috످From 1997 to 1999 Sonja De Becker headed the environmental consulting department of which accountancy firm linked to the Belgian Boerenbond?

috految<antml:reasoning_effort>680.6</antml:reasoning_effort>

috److془Sonja De Becker: Belgian lawyer, chair of Boerenbond 2015-2022. "Van 1997 tot 1999 was ze hoofd van de afdeling milieuconsulting van SBB Accountants en Adviseurs". I'm confident. SBB is the Boerenbond's accountancy firm.془Sonja De Becker headed the environmental consulting department of SBB (SBB Accountants en Adviseurs), the Leuven-based accountancy firm linked to the Boerenbond.

috످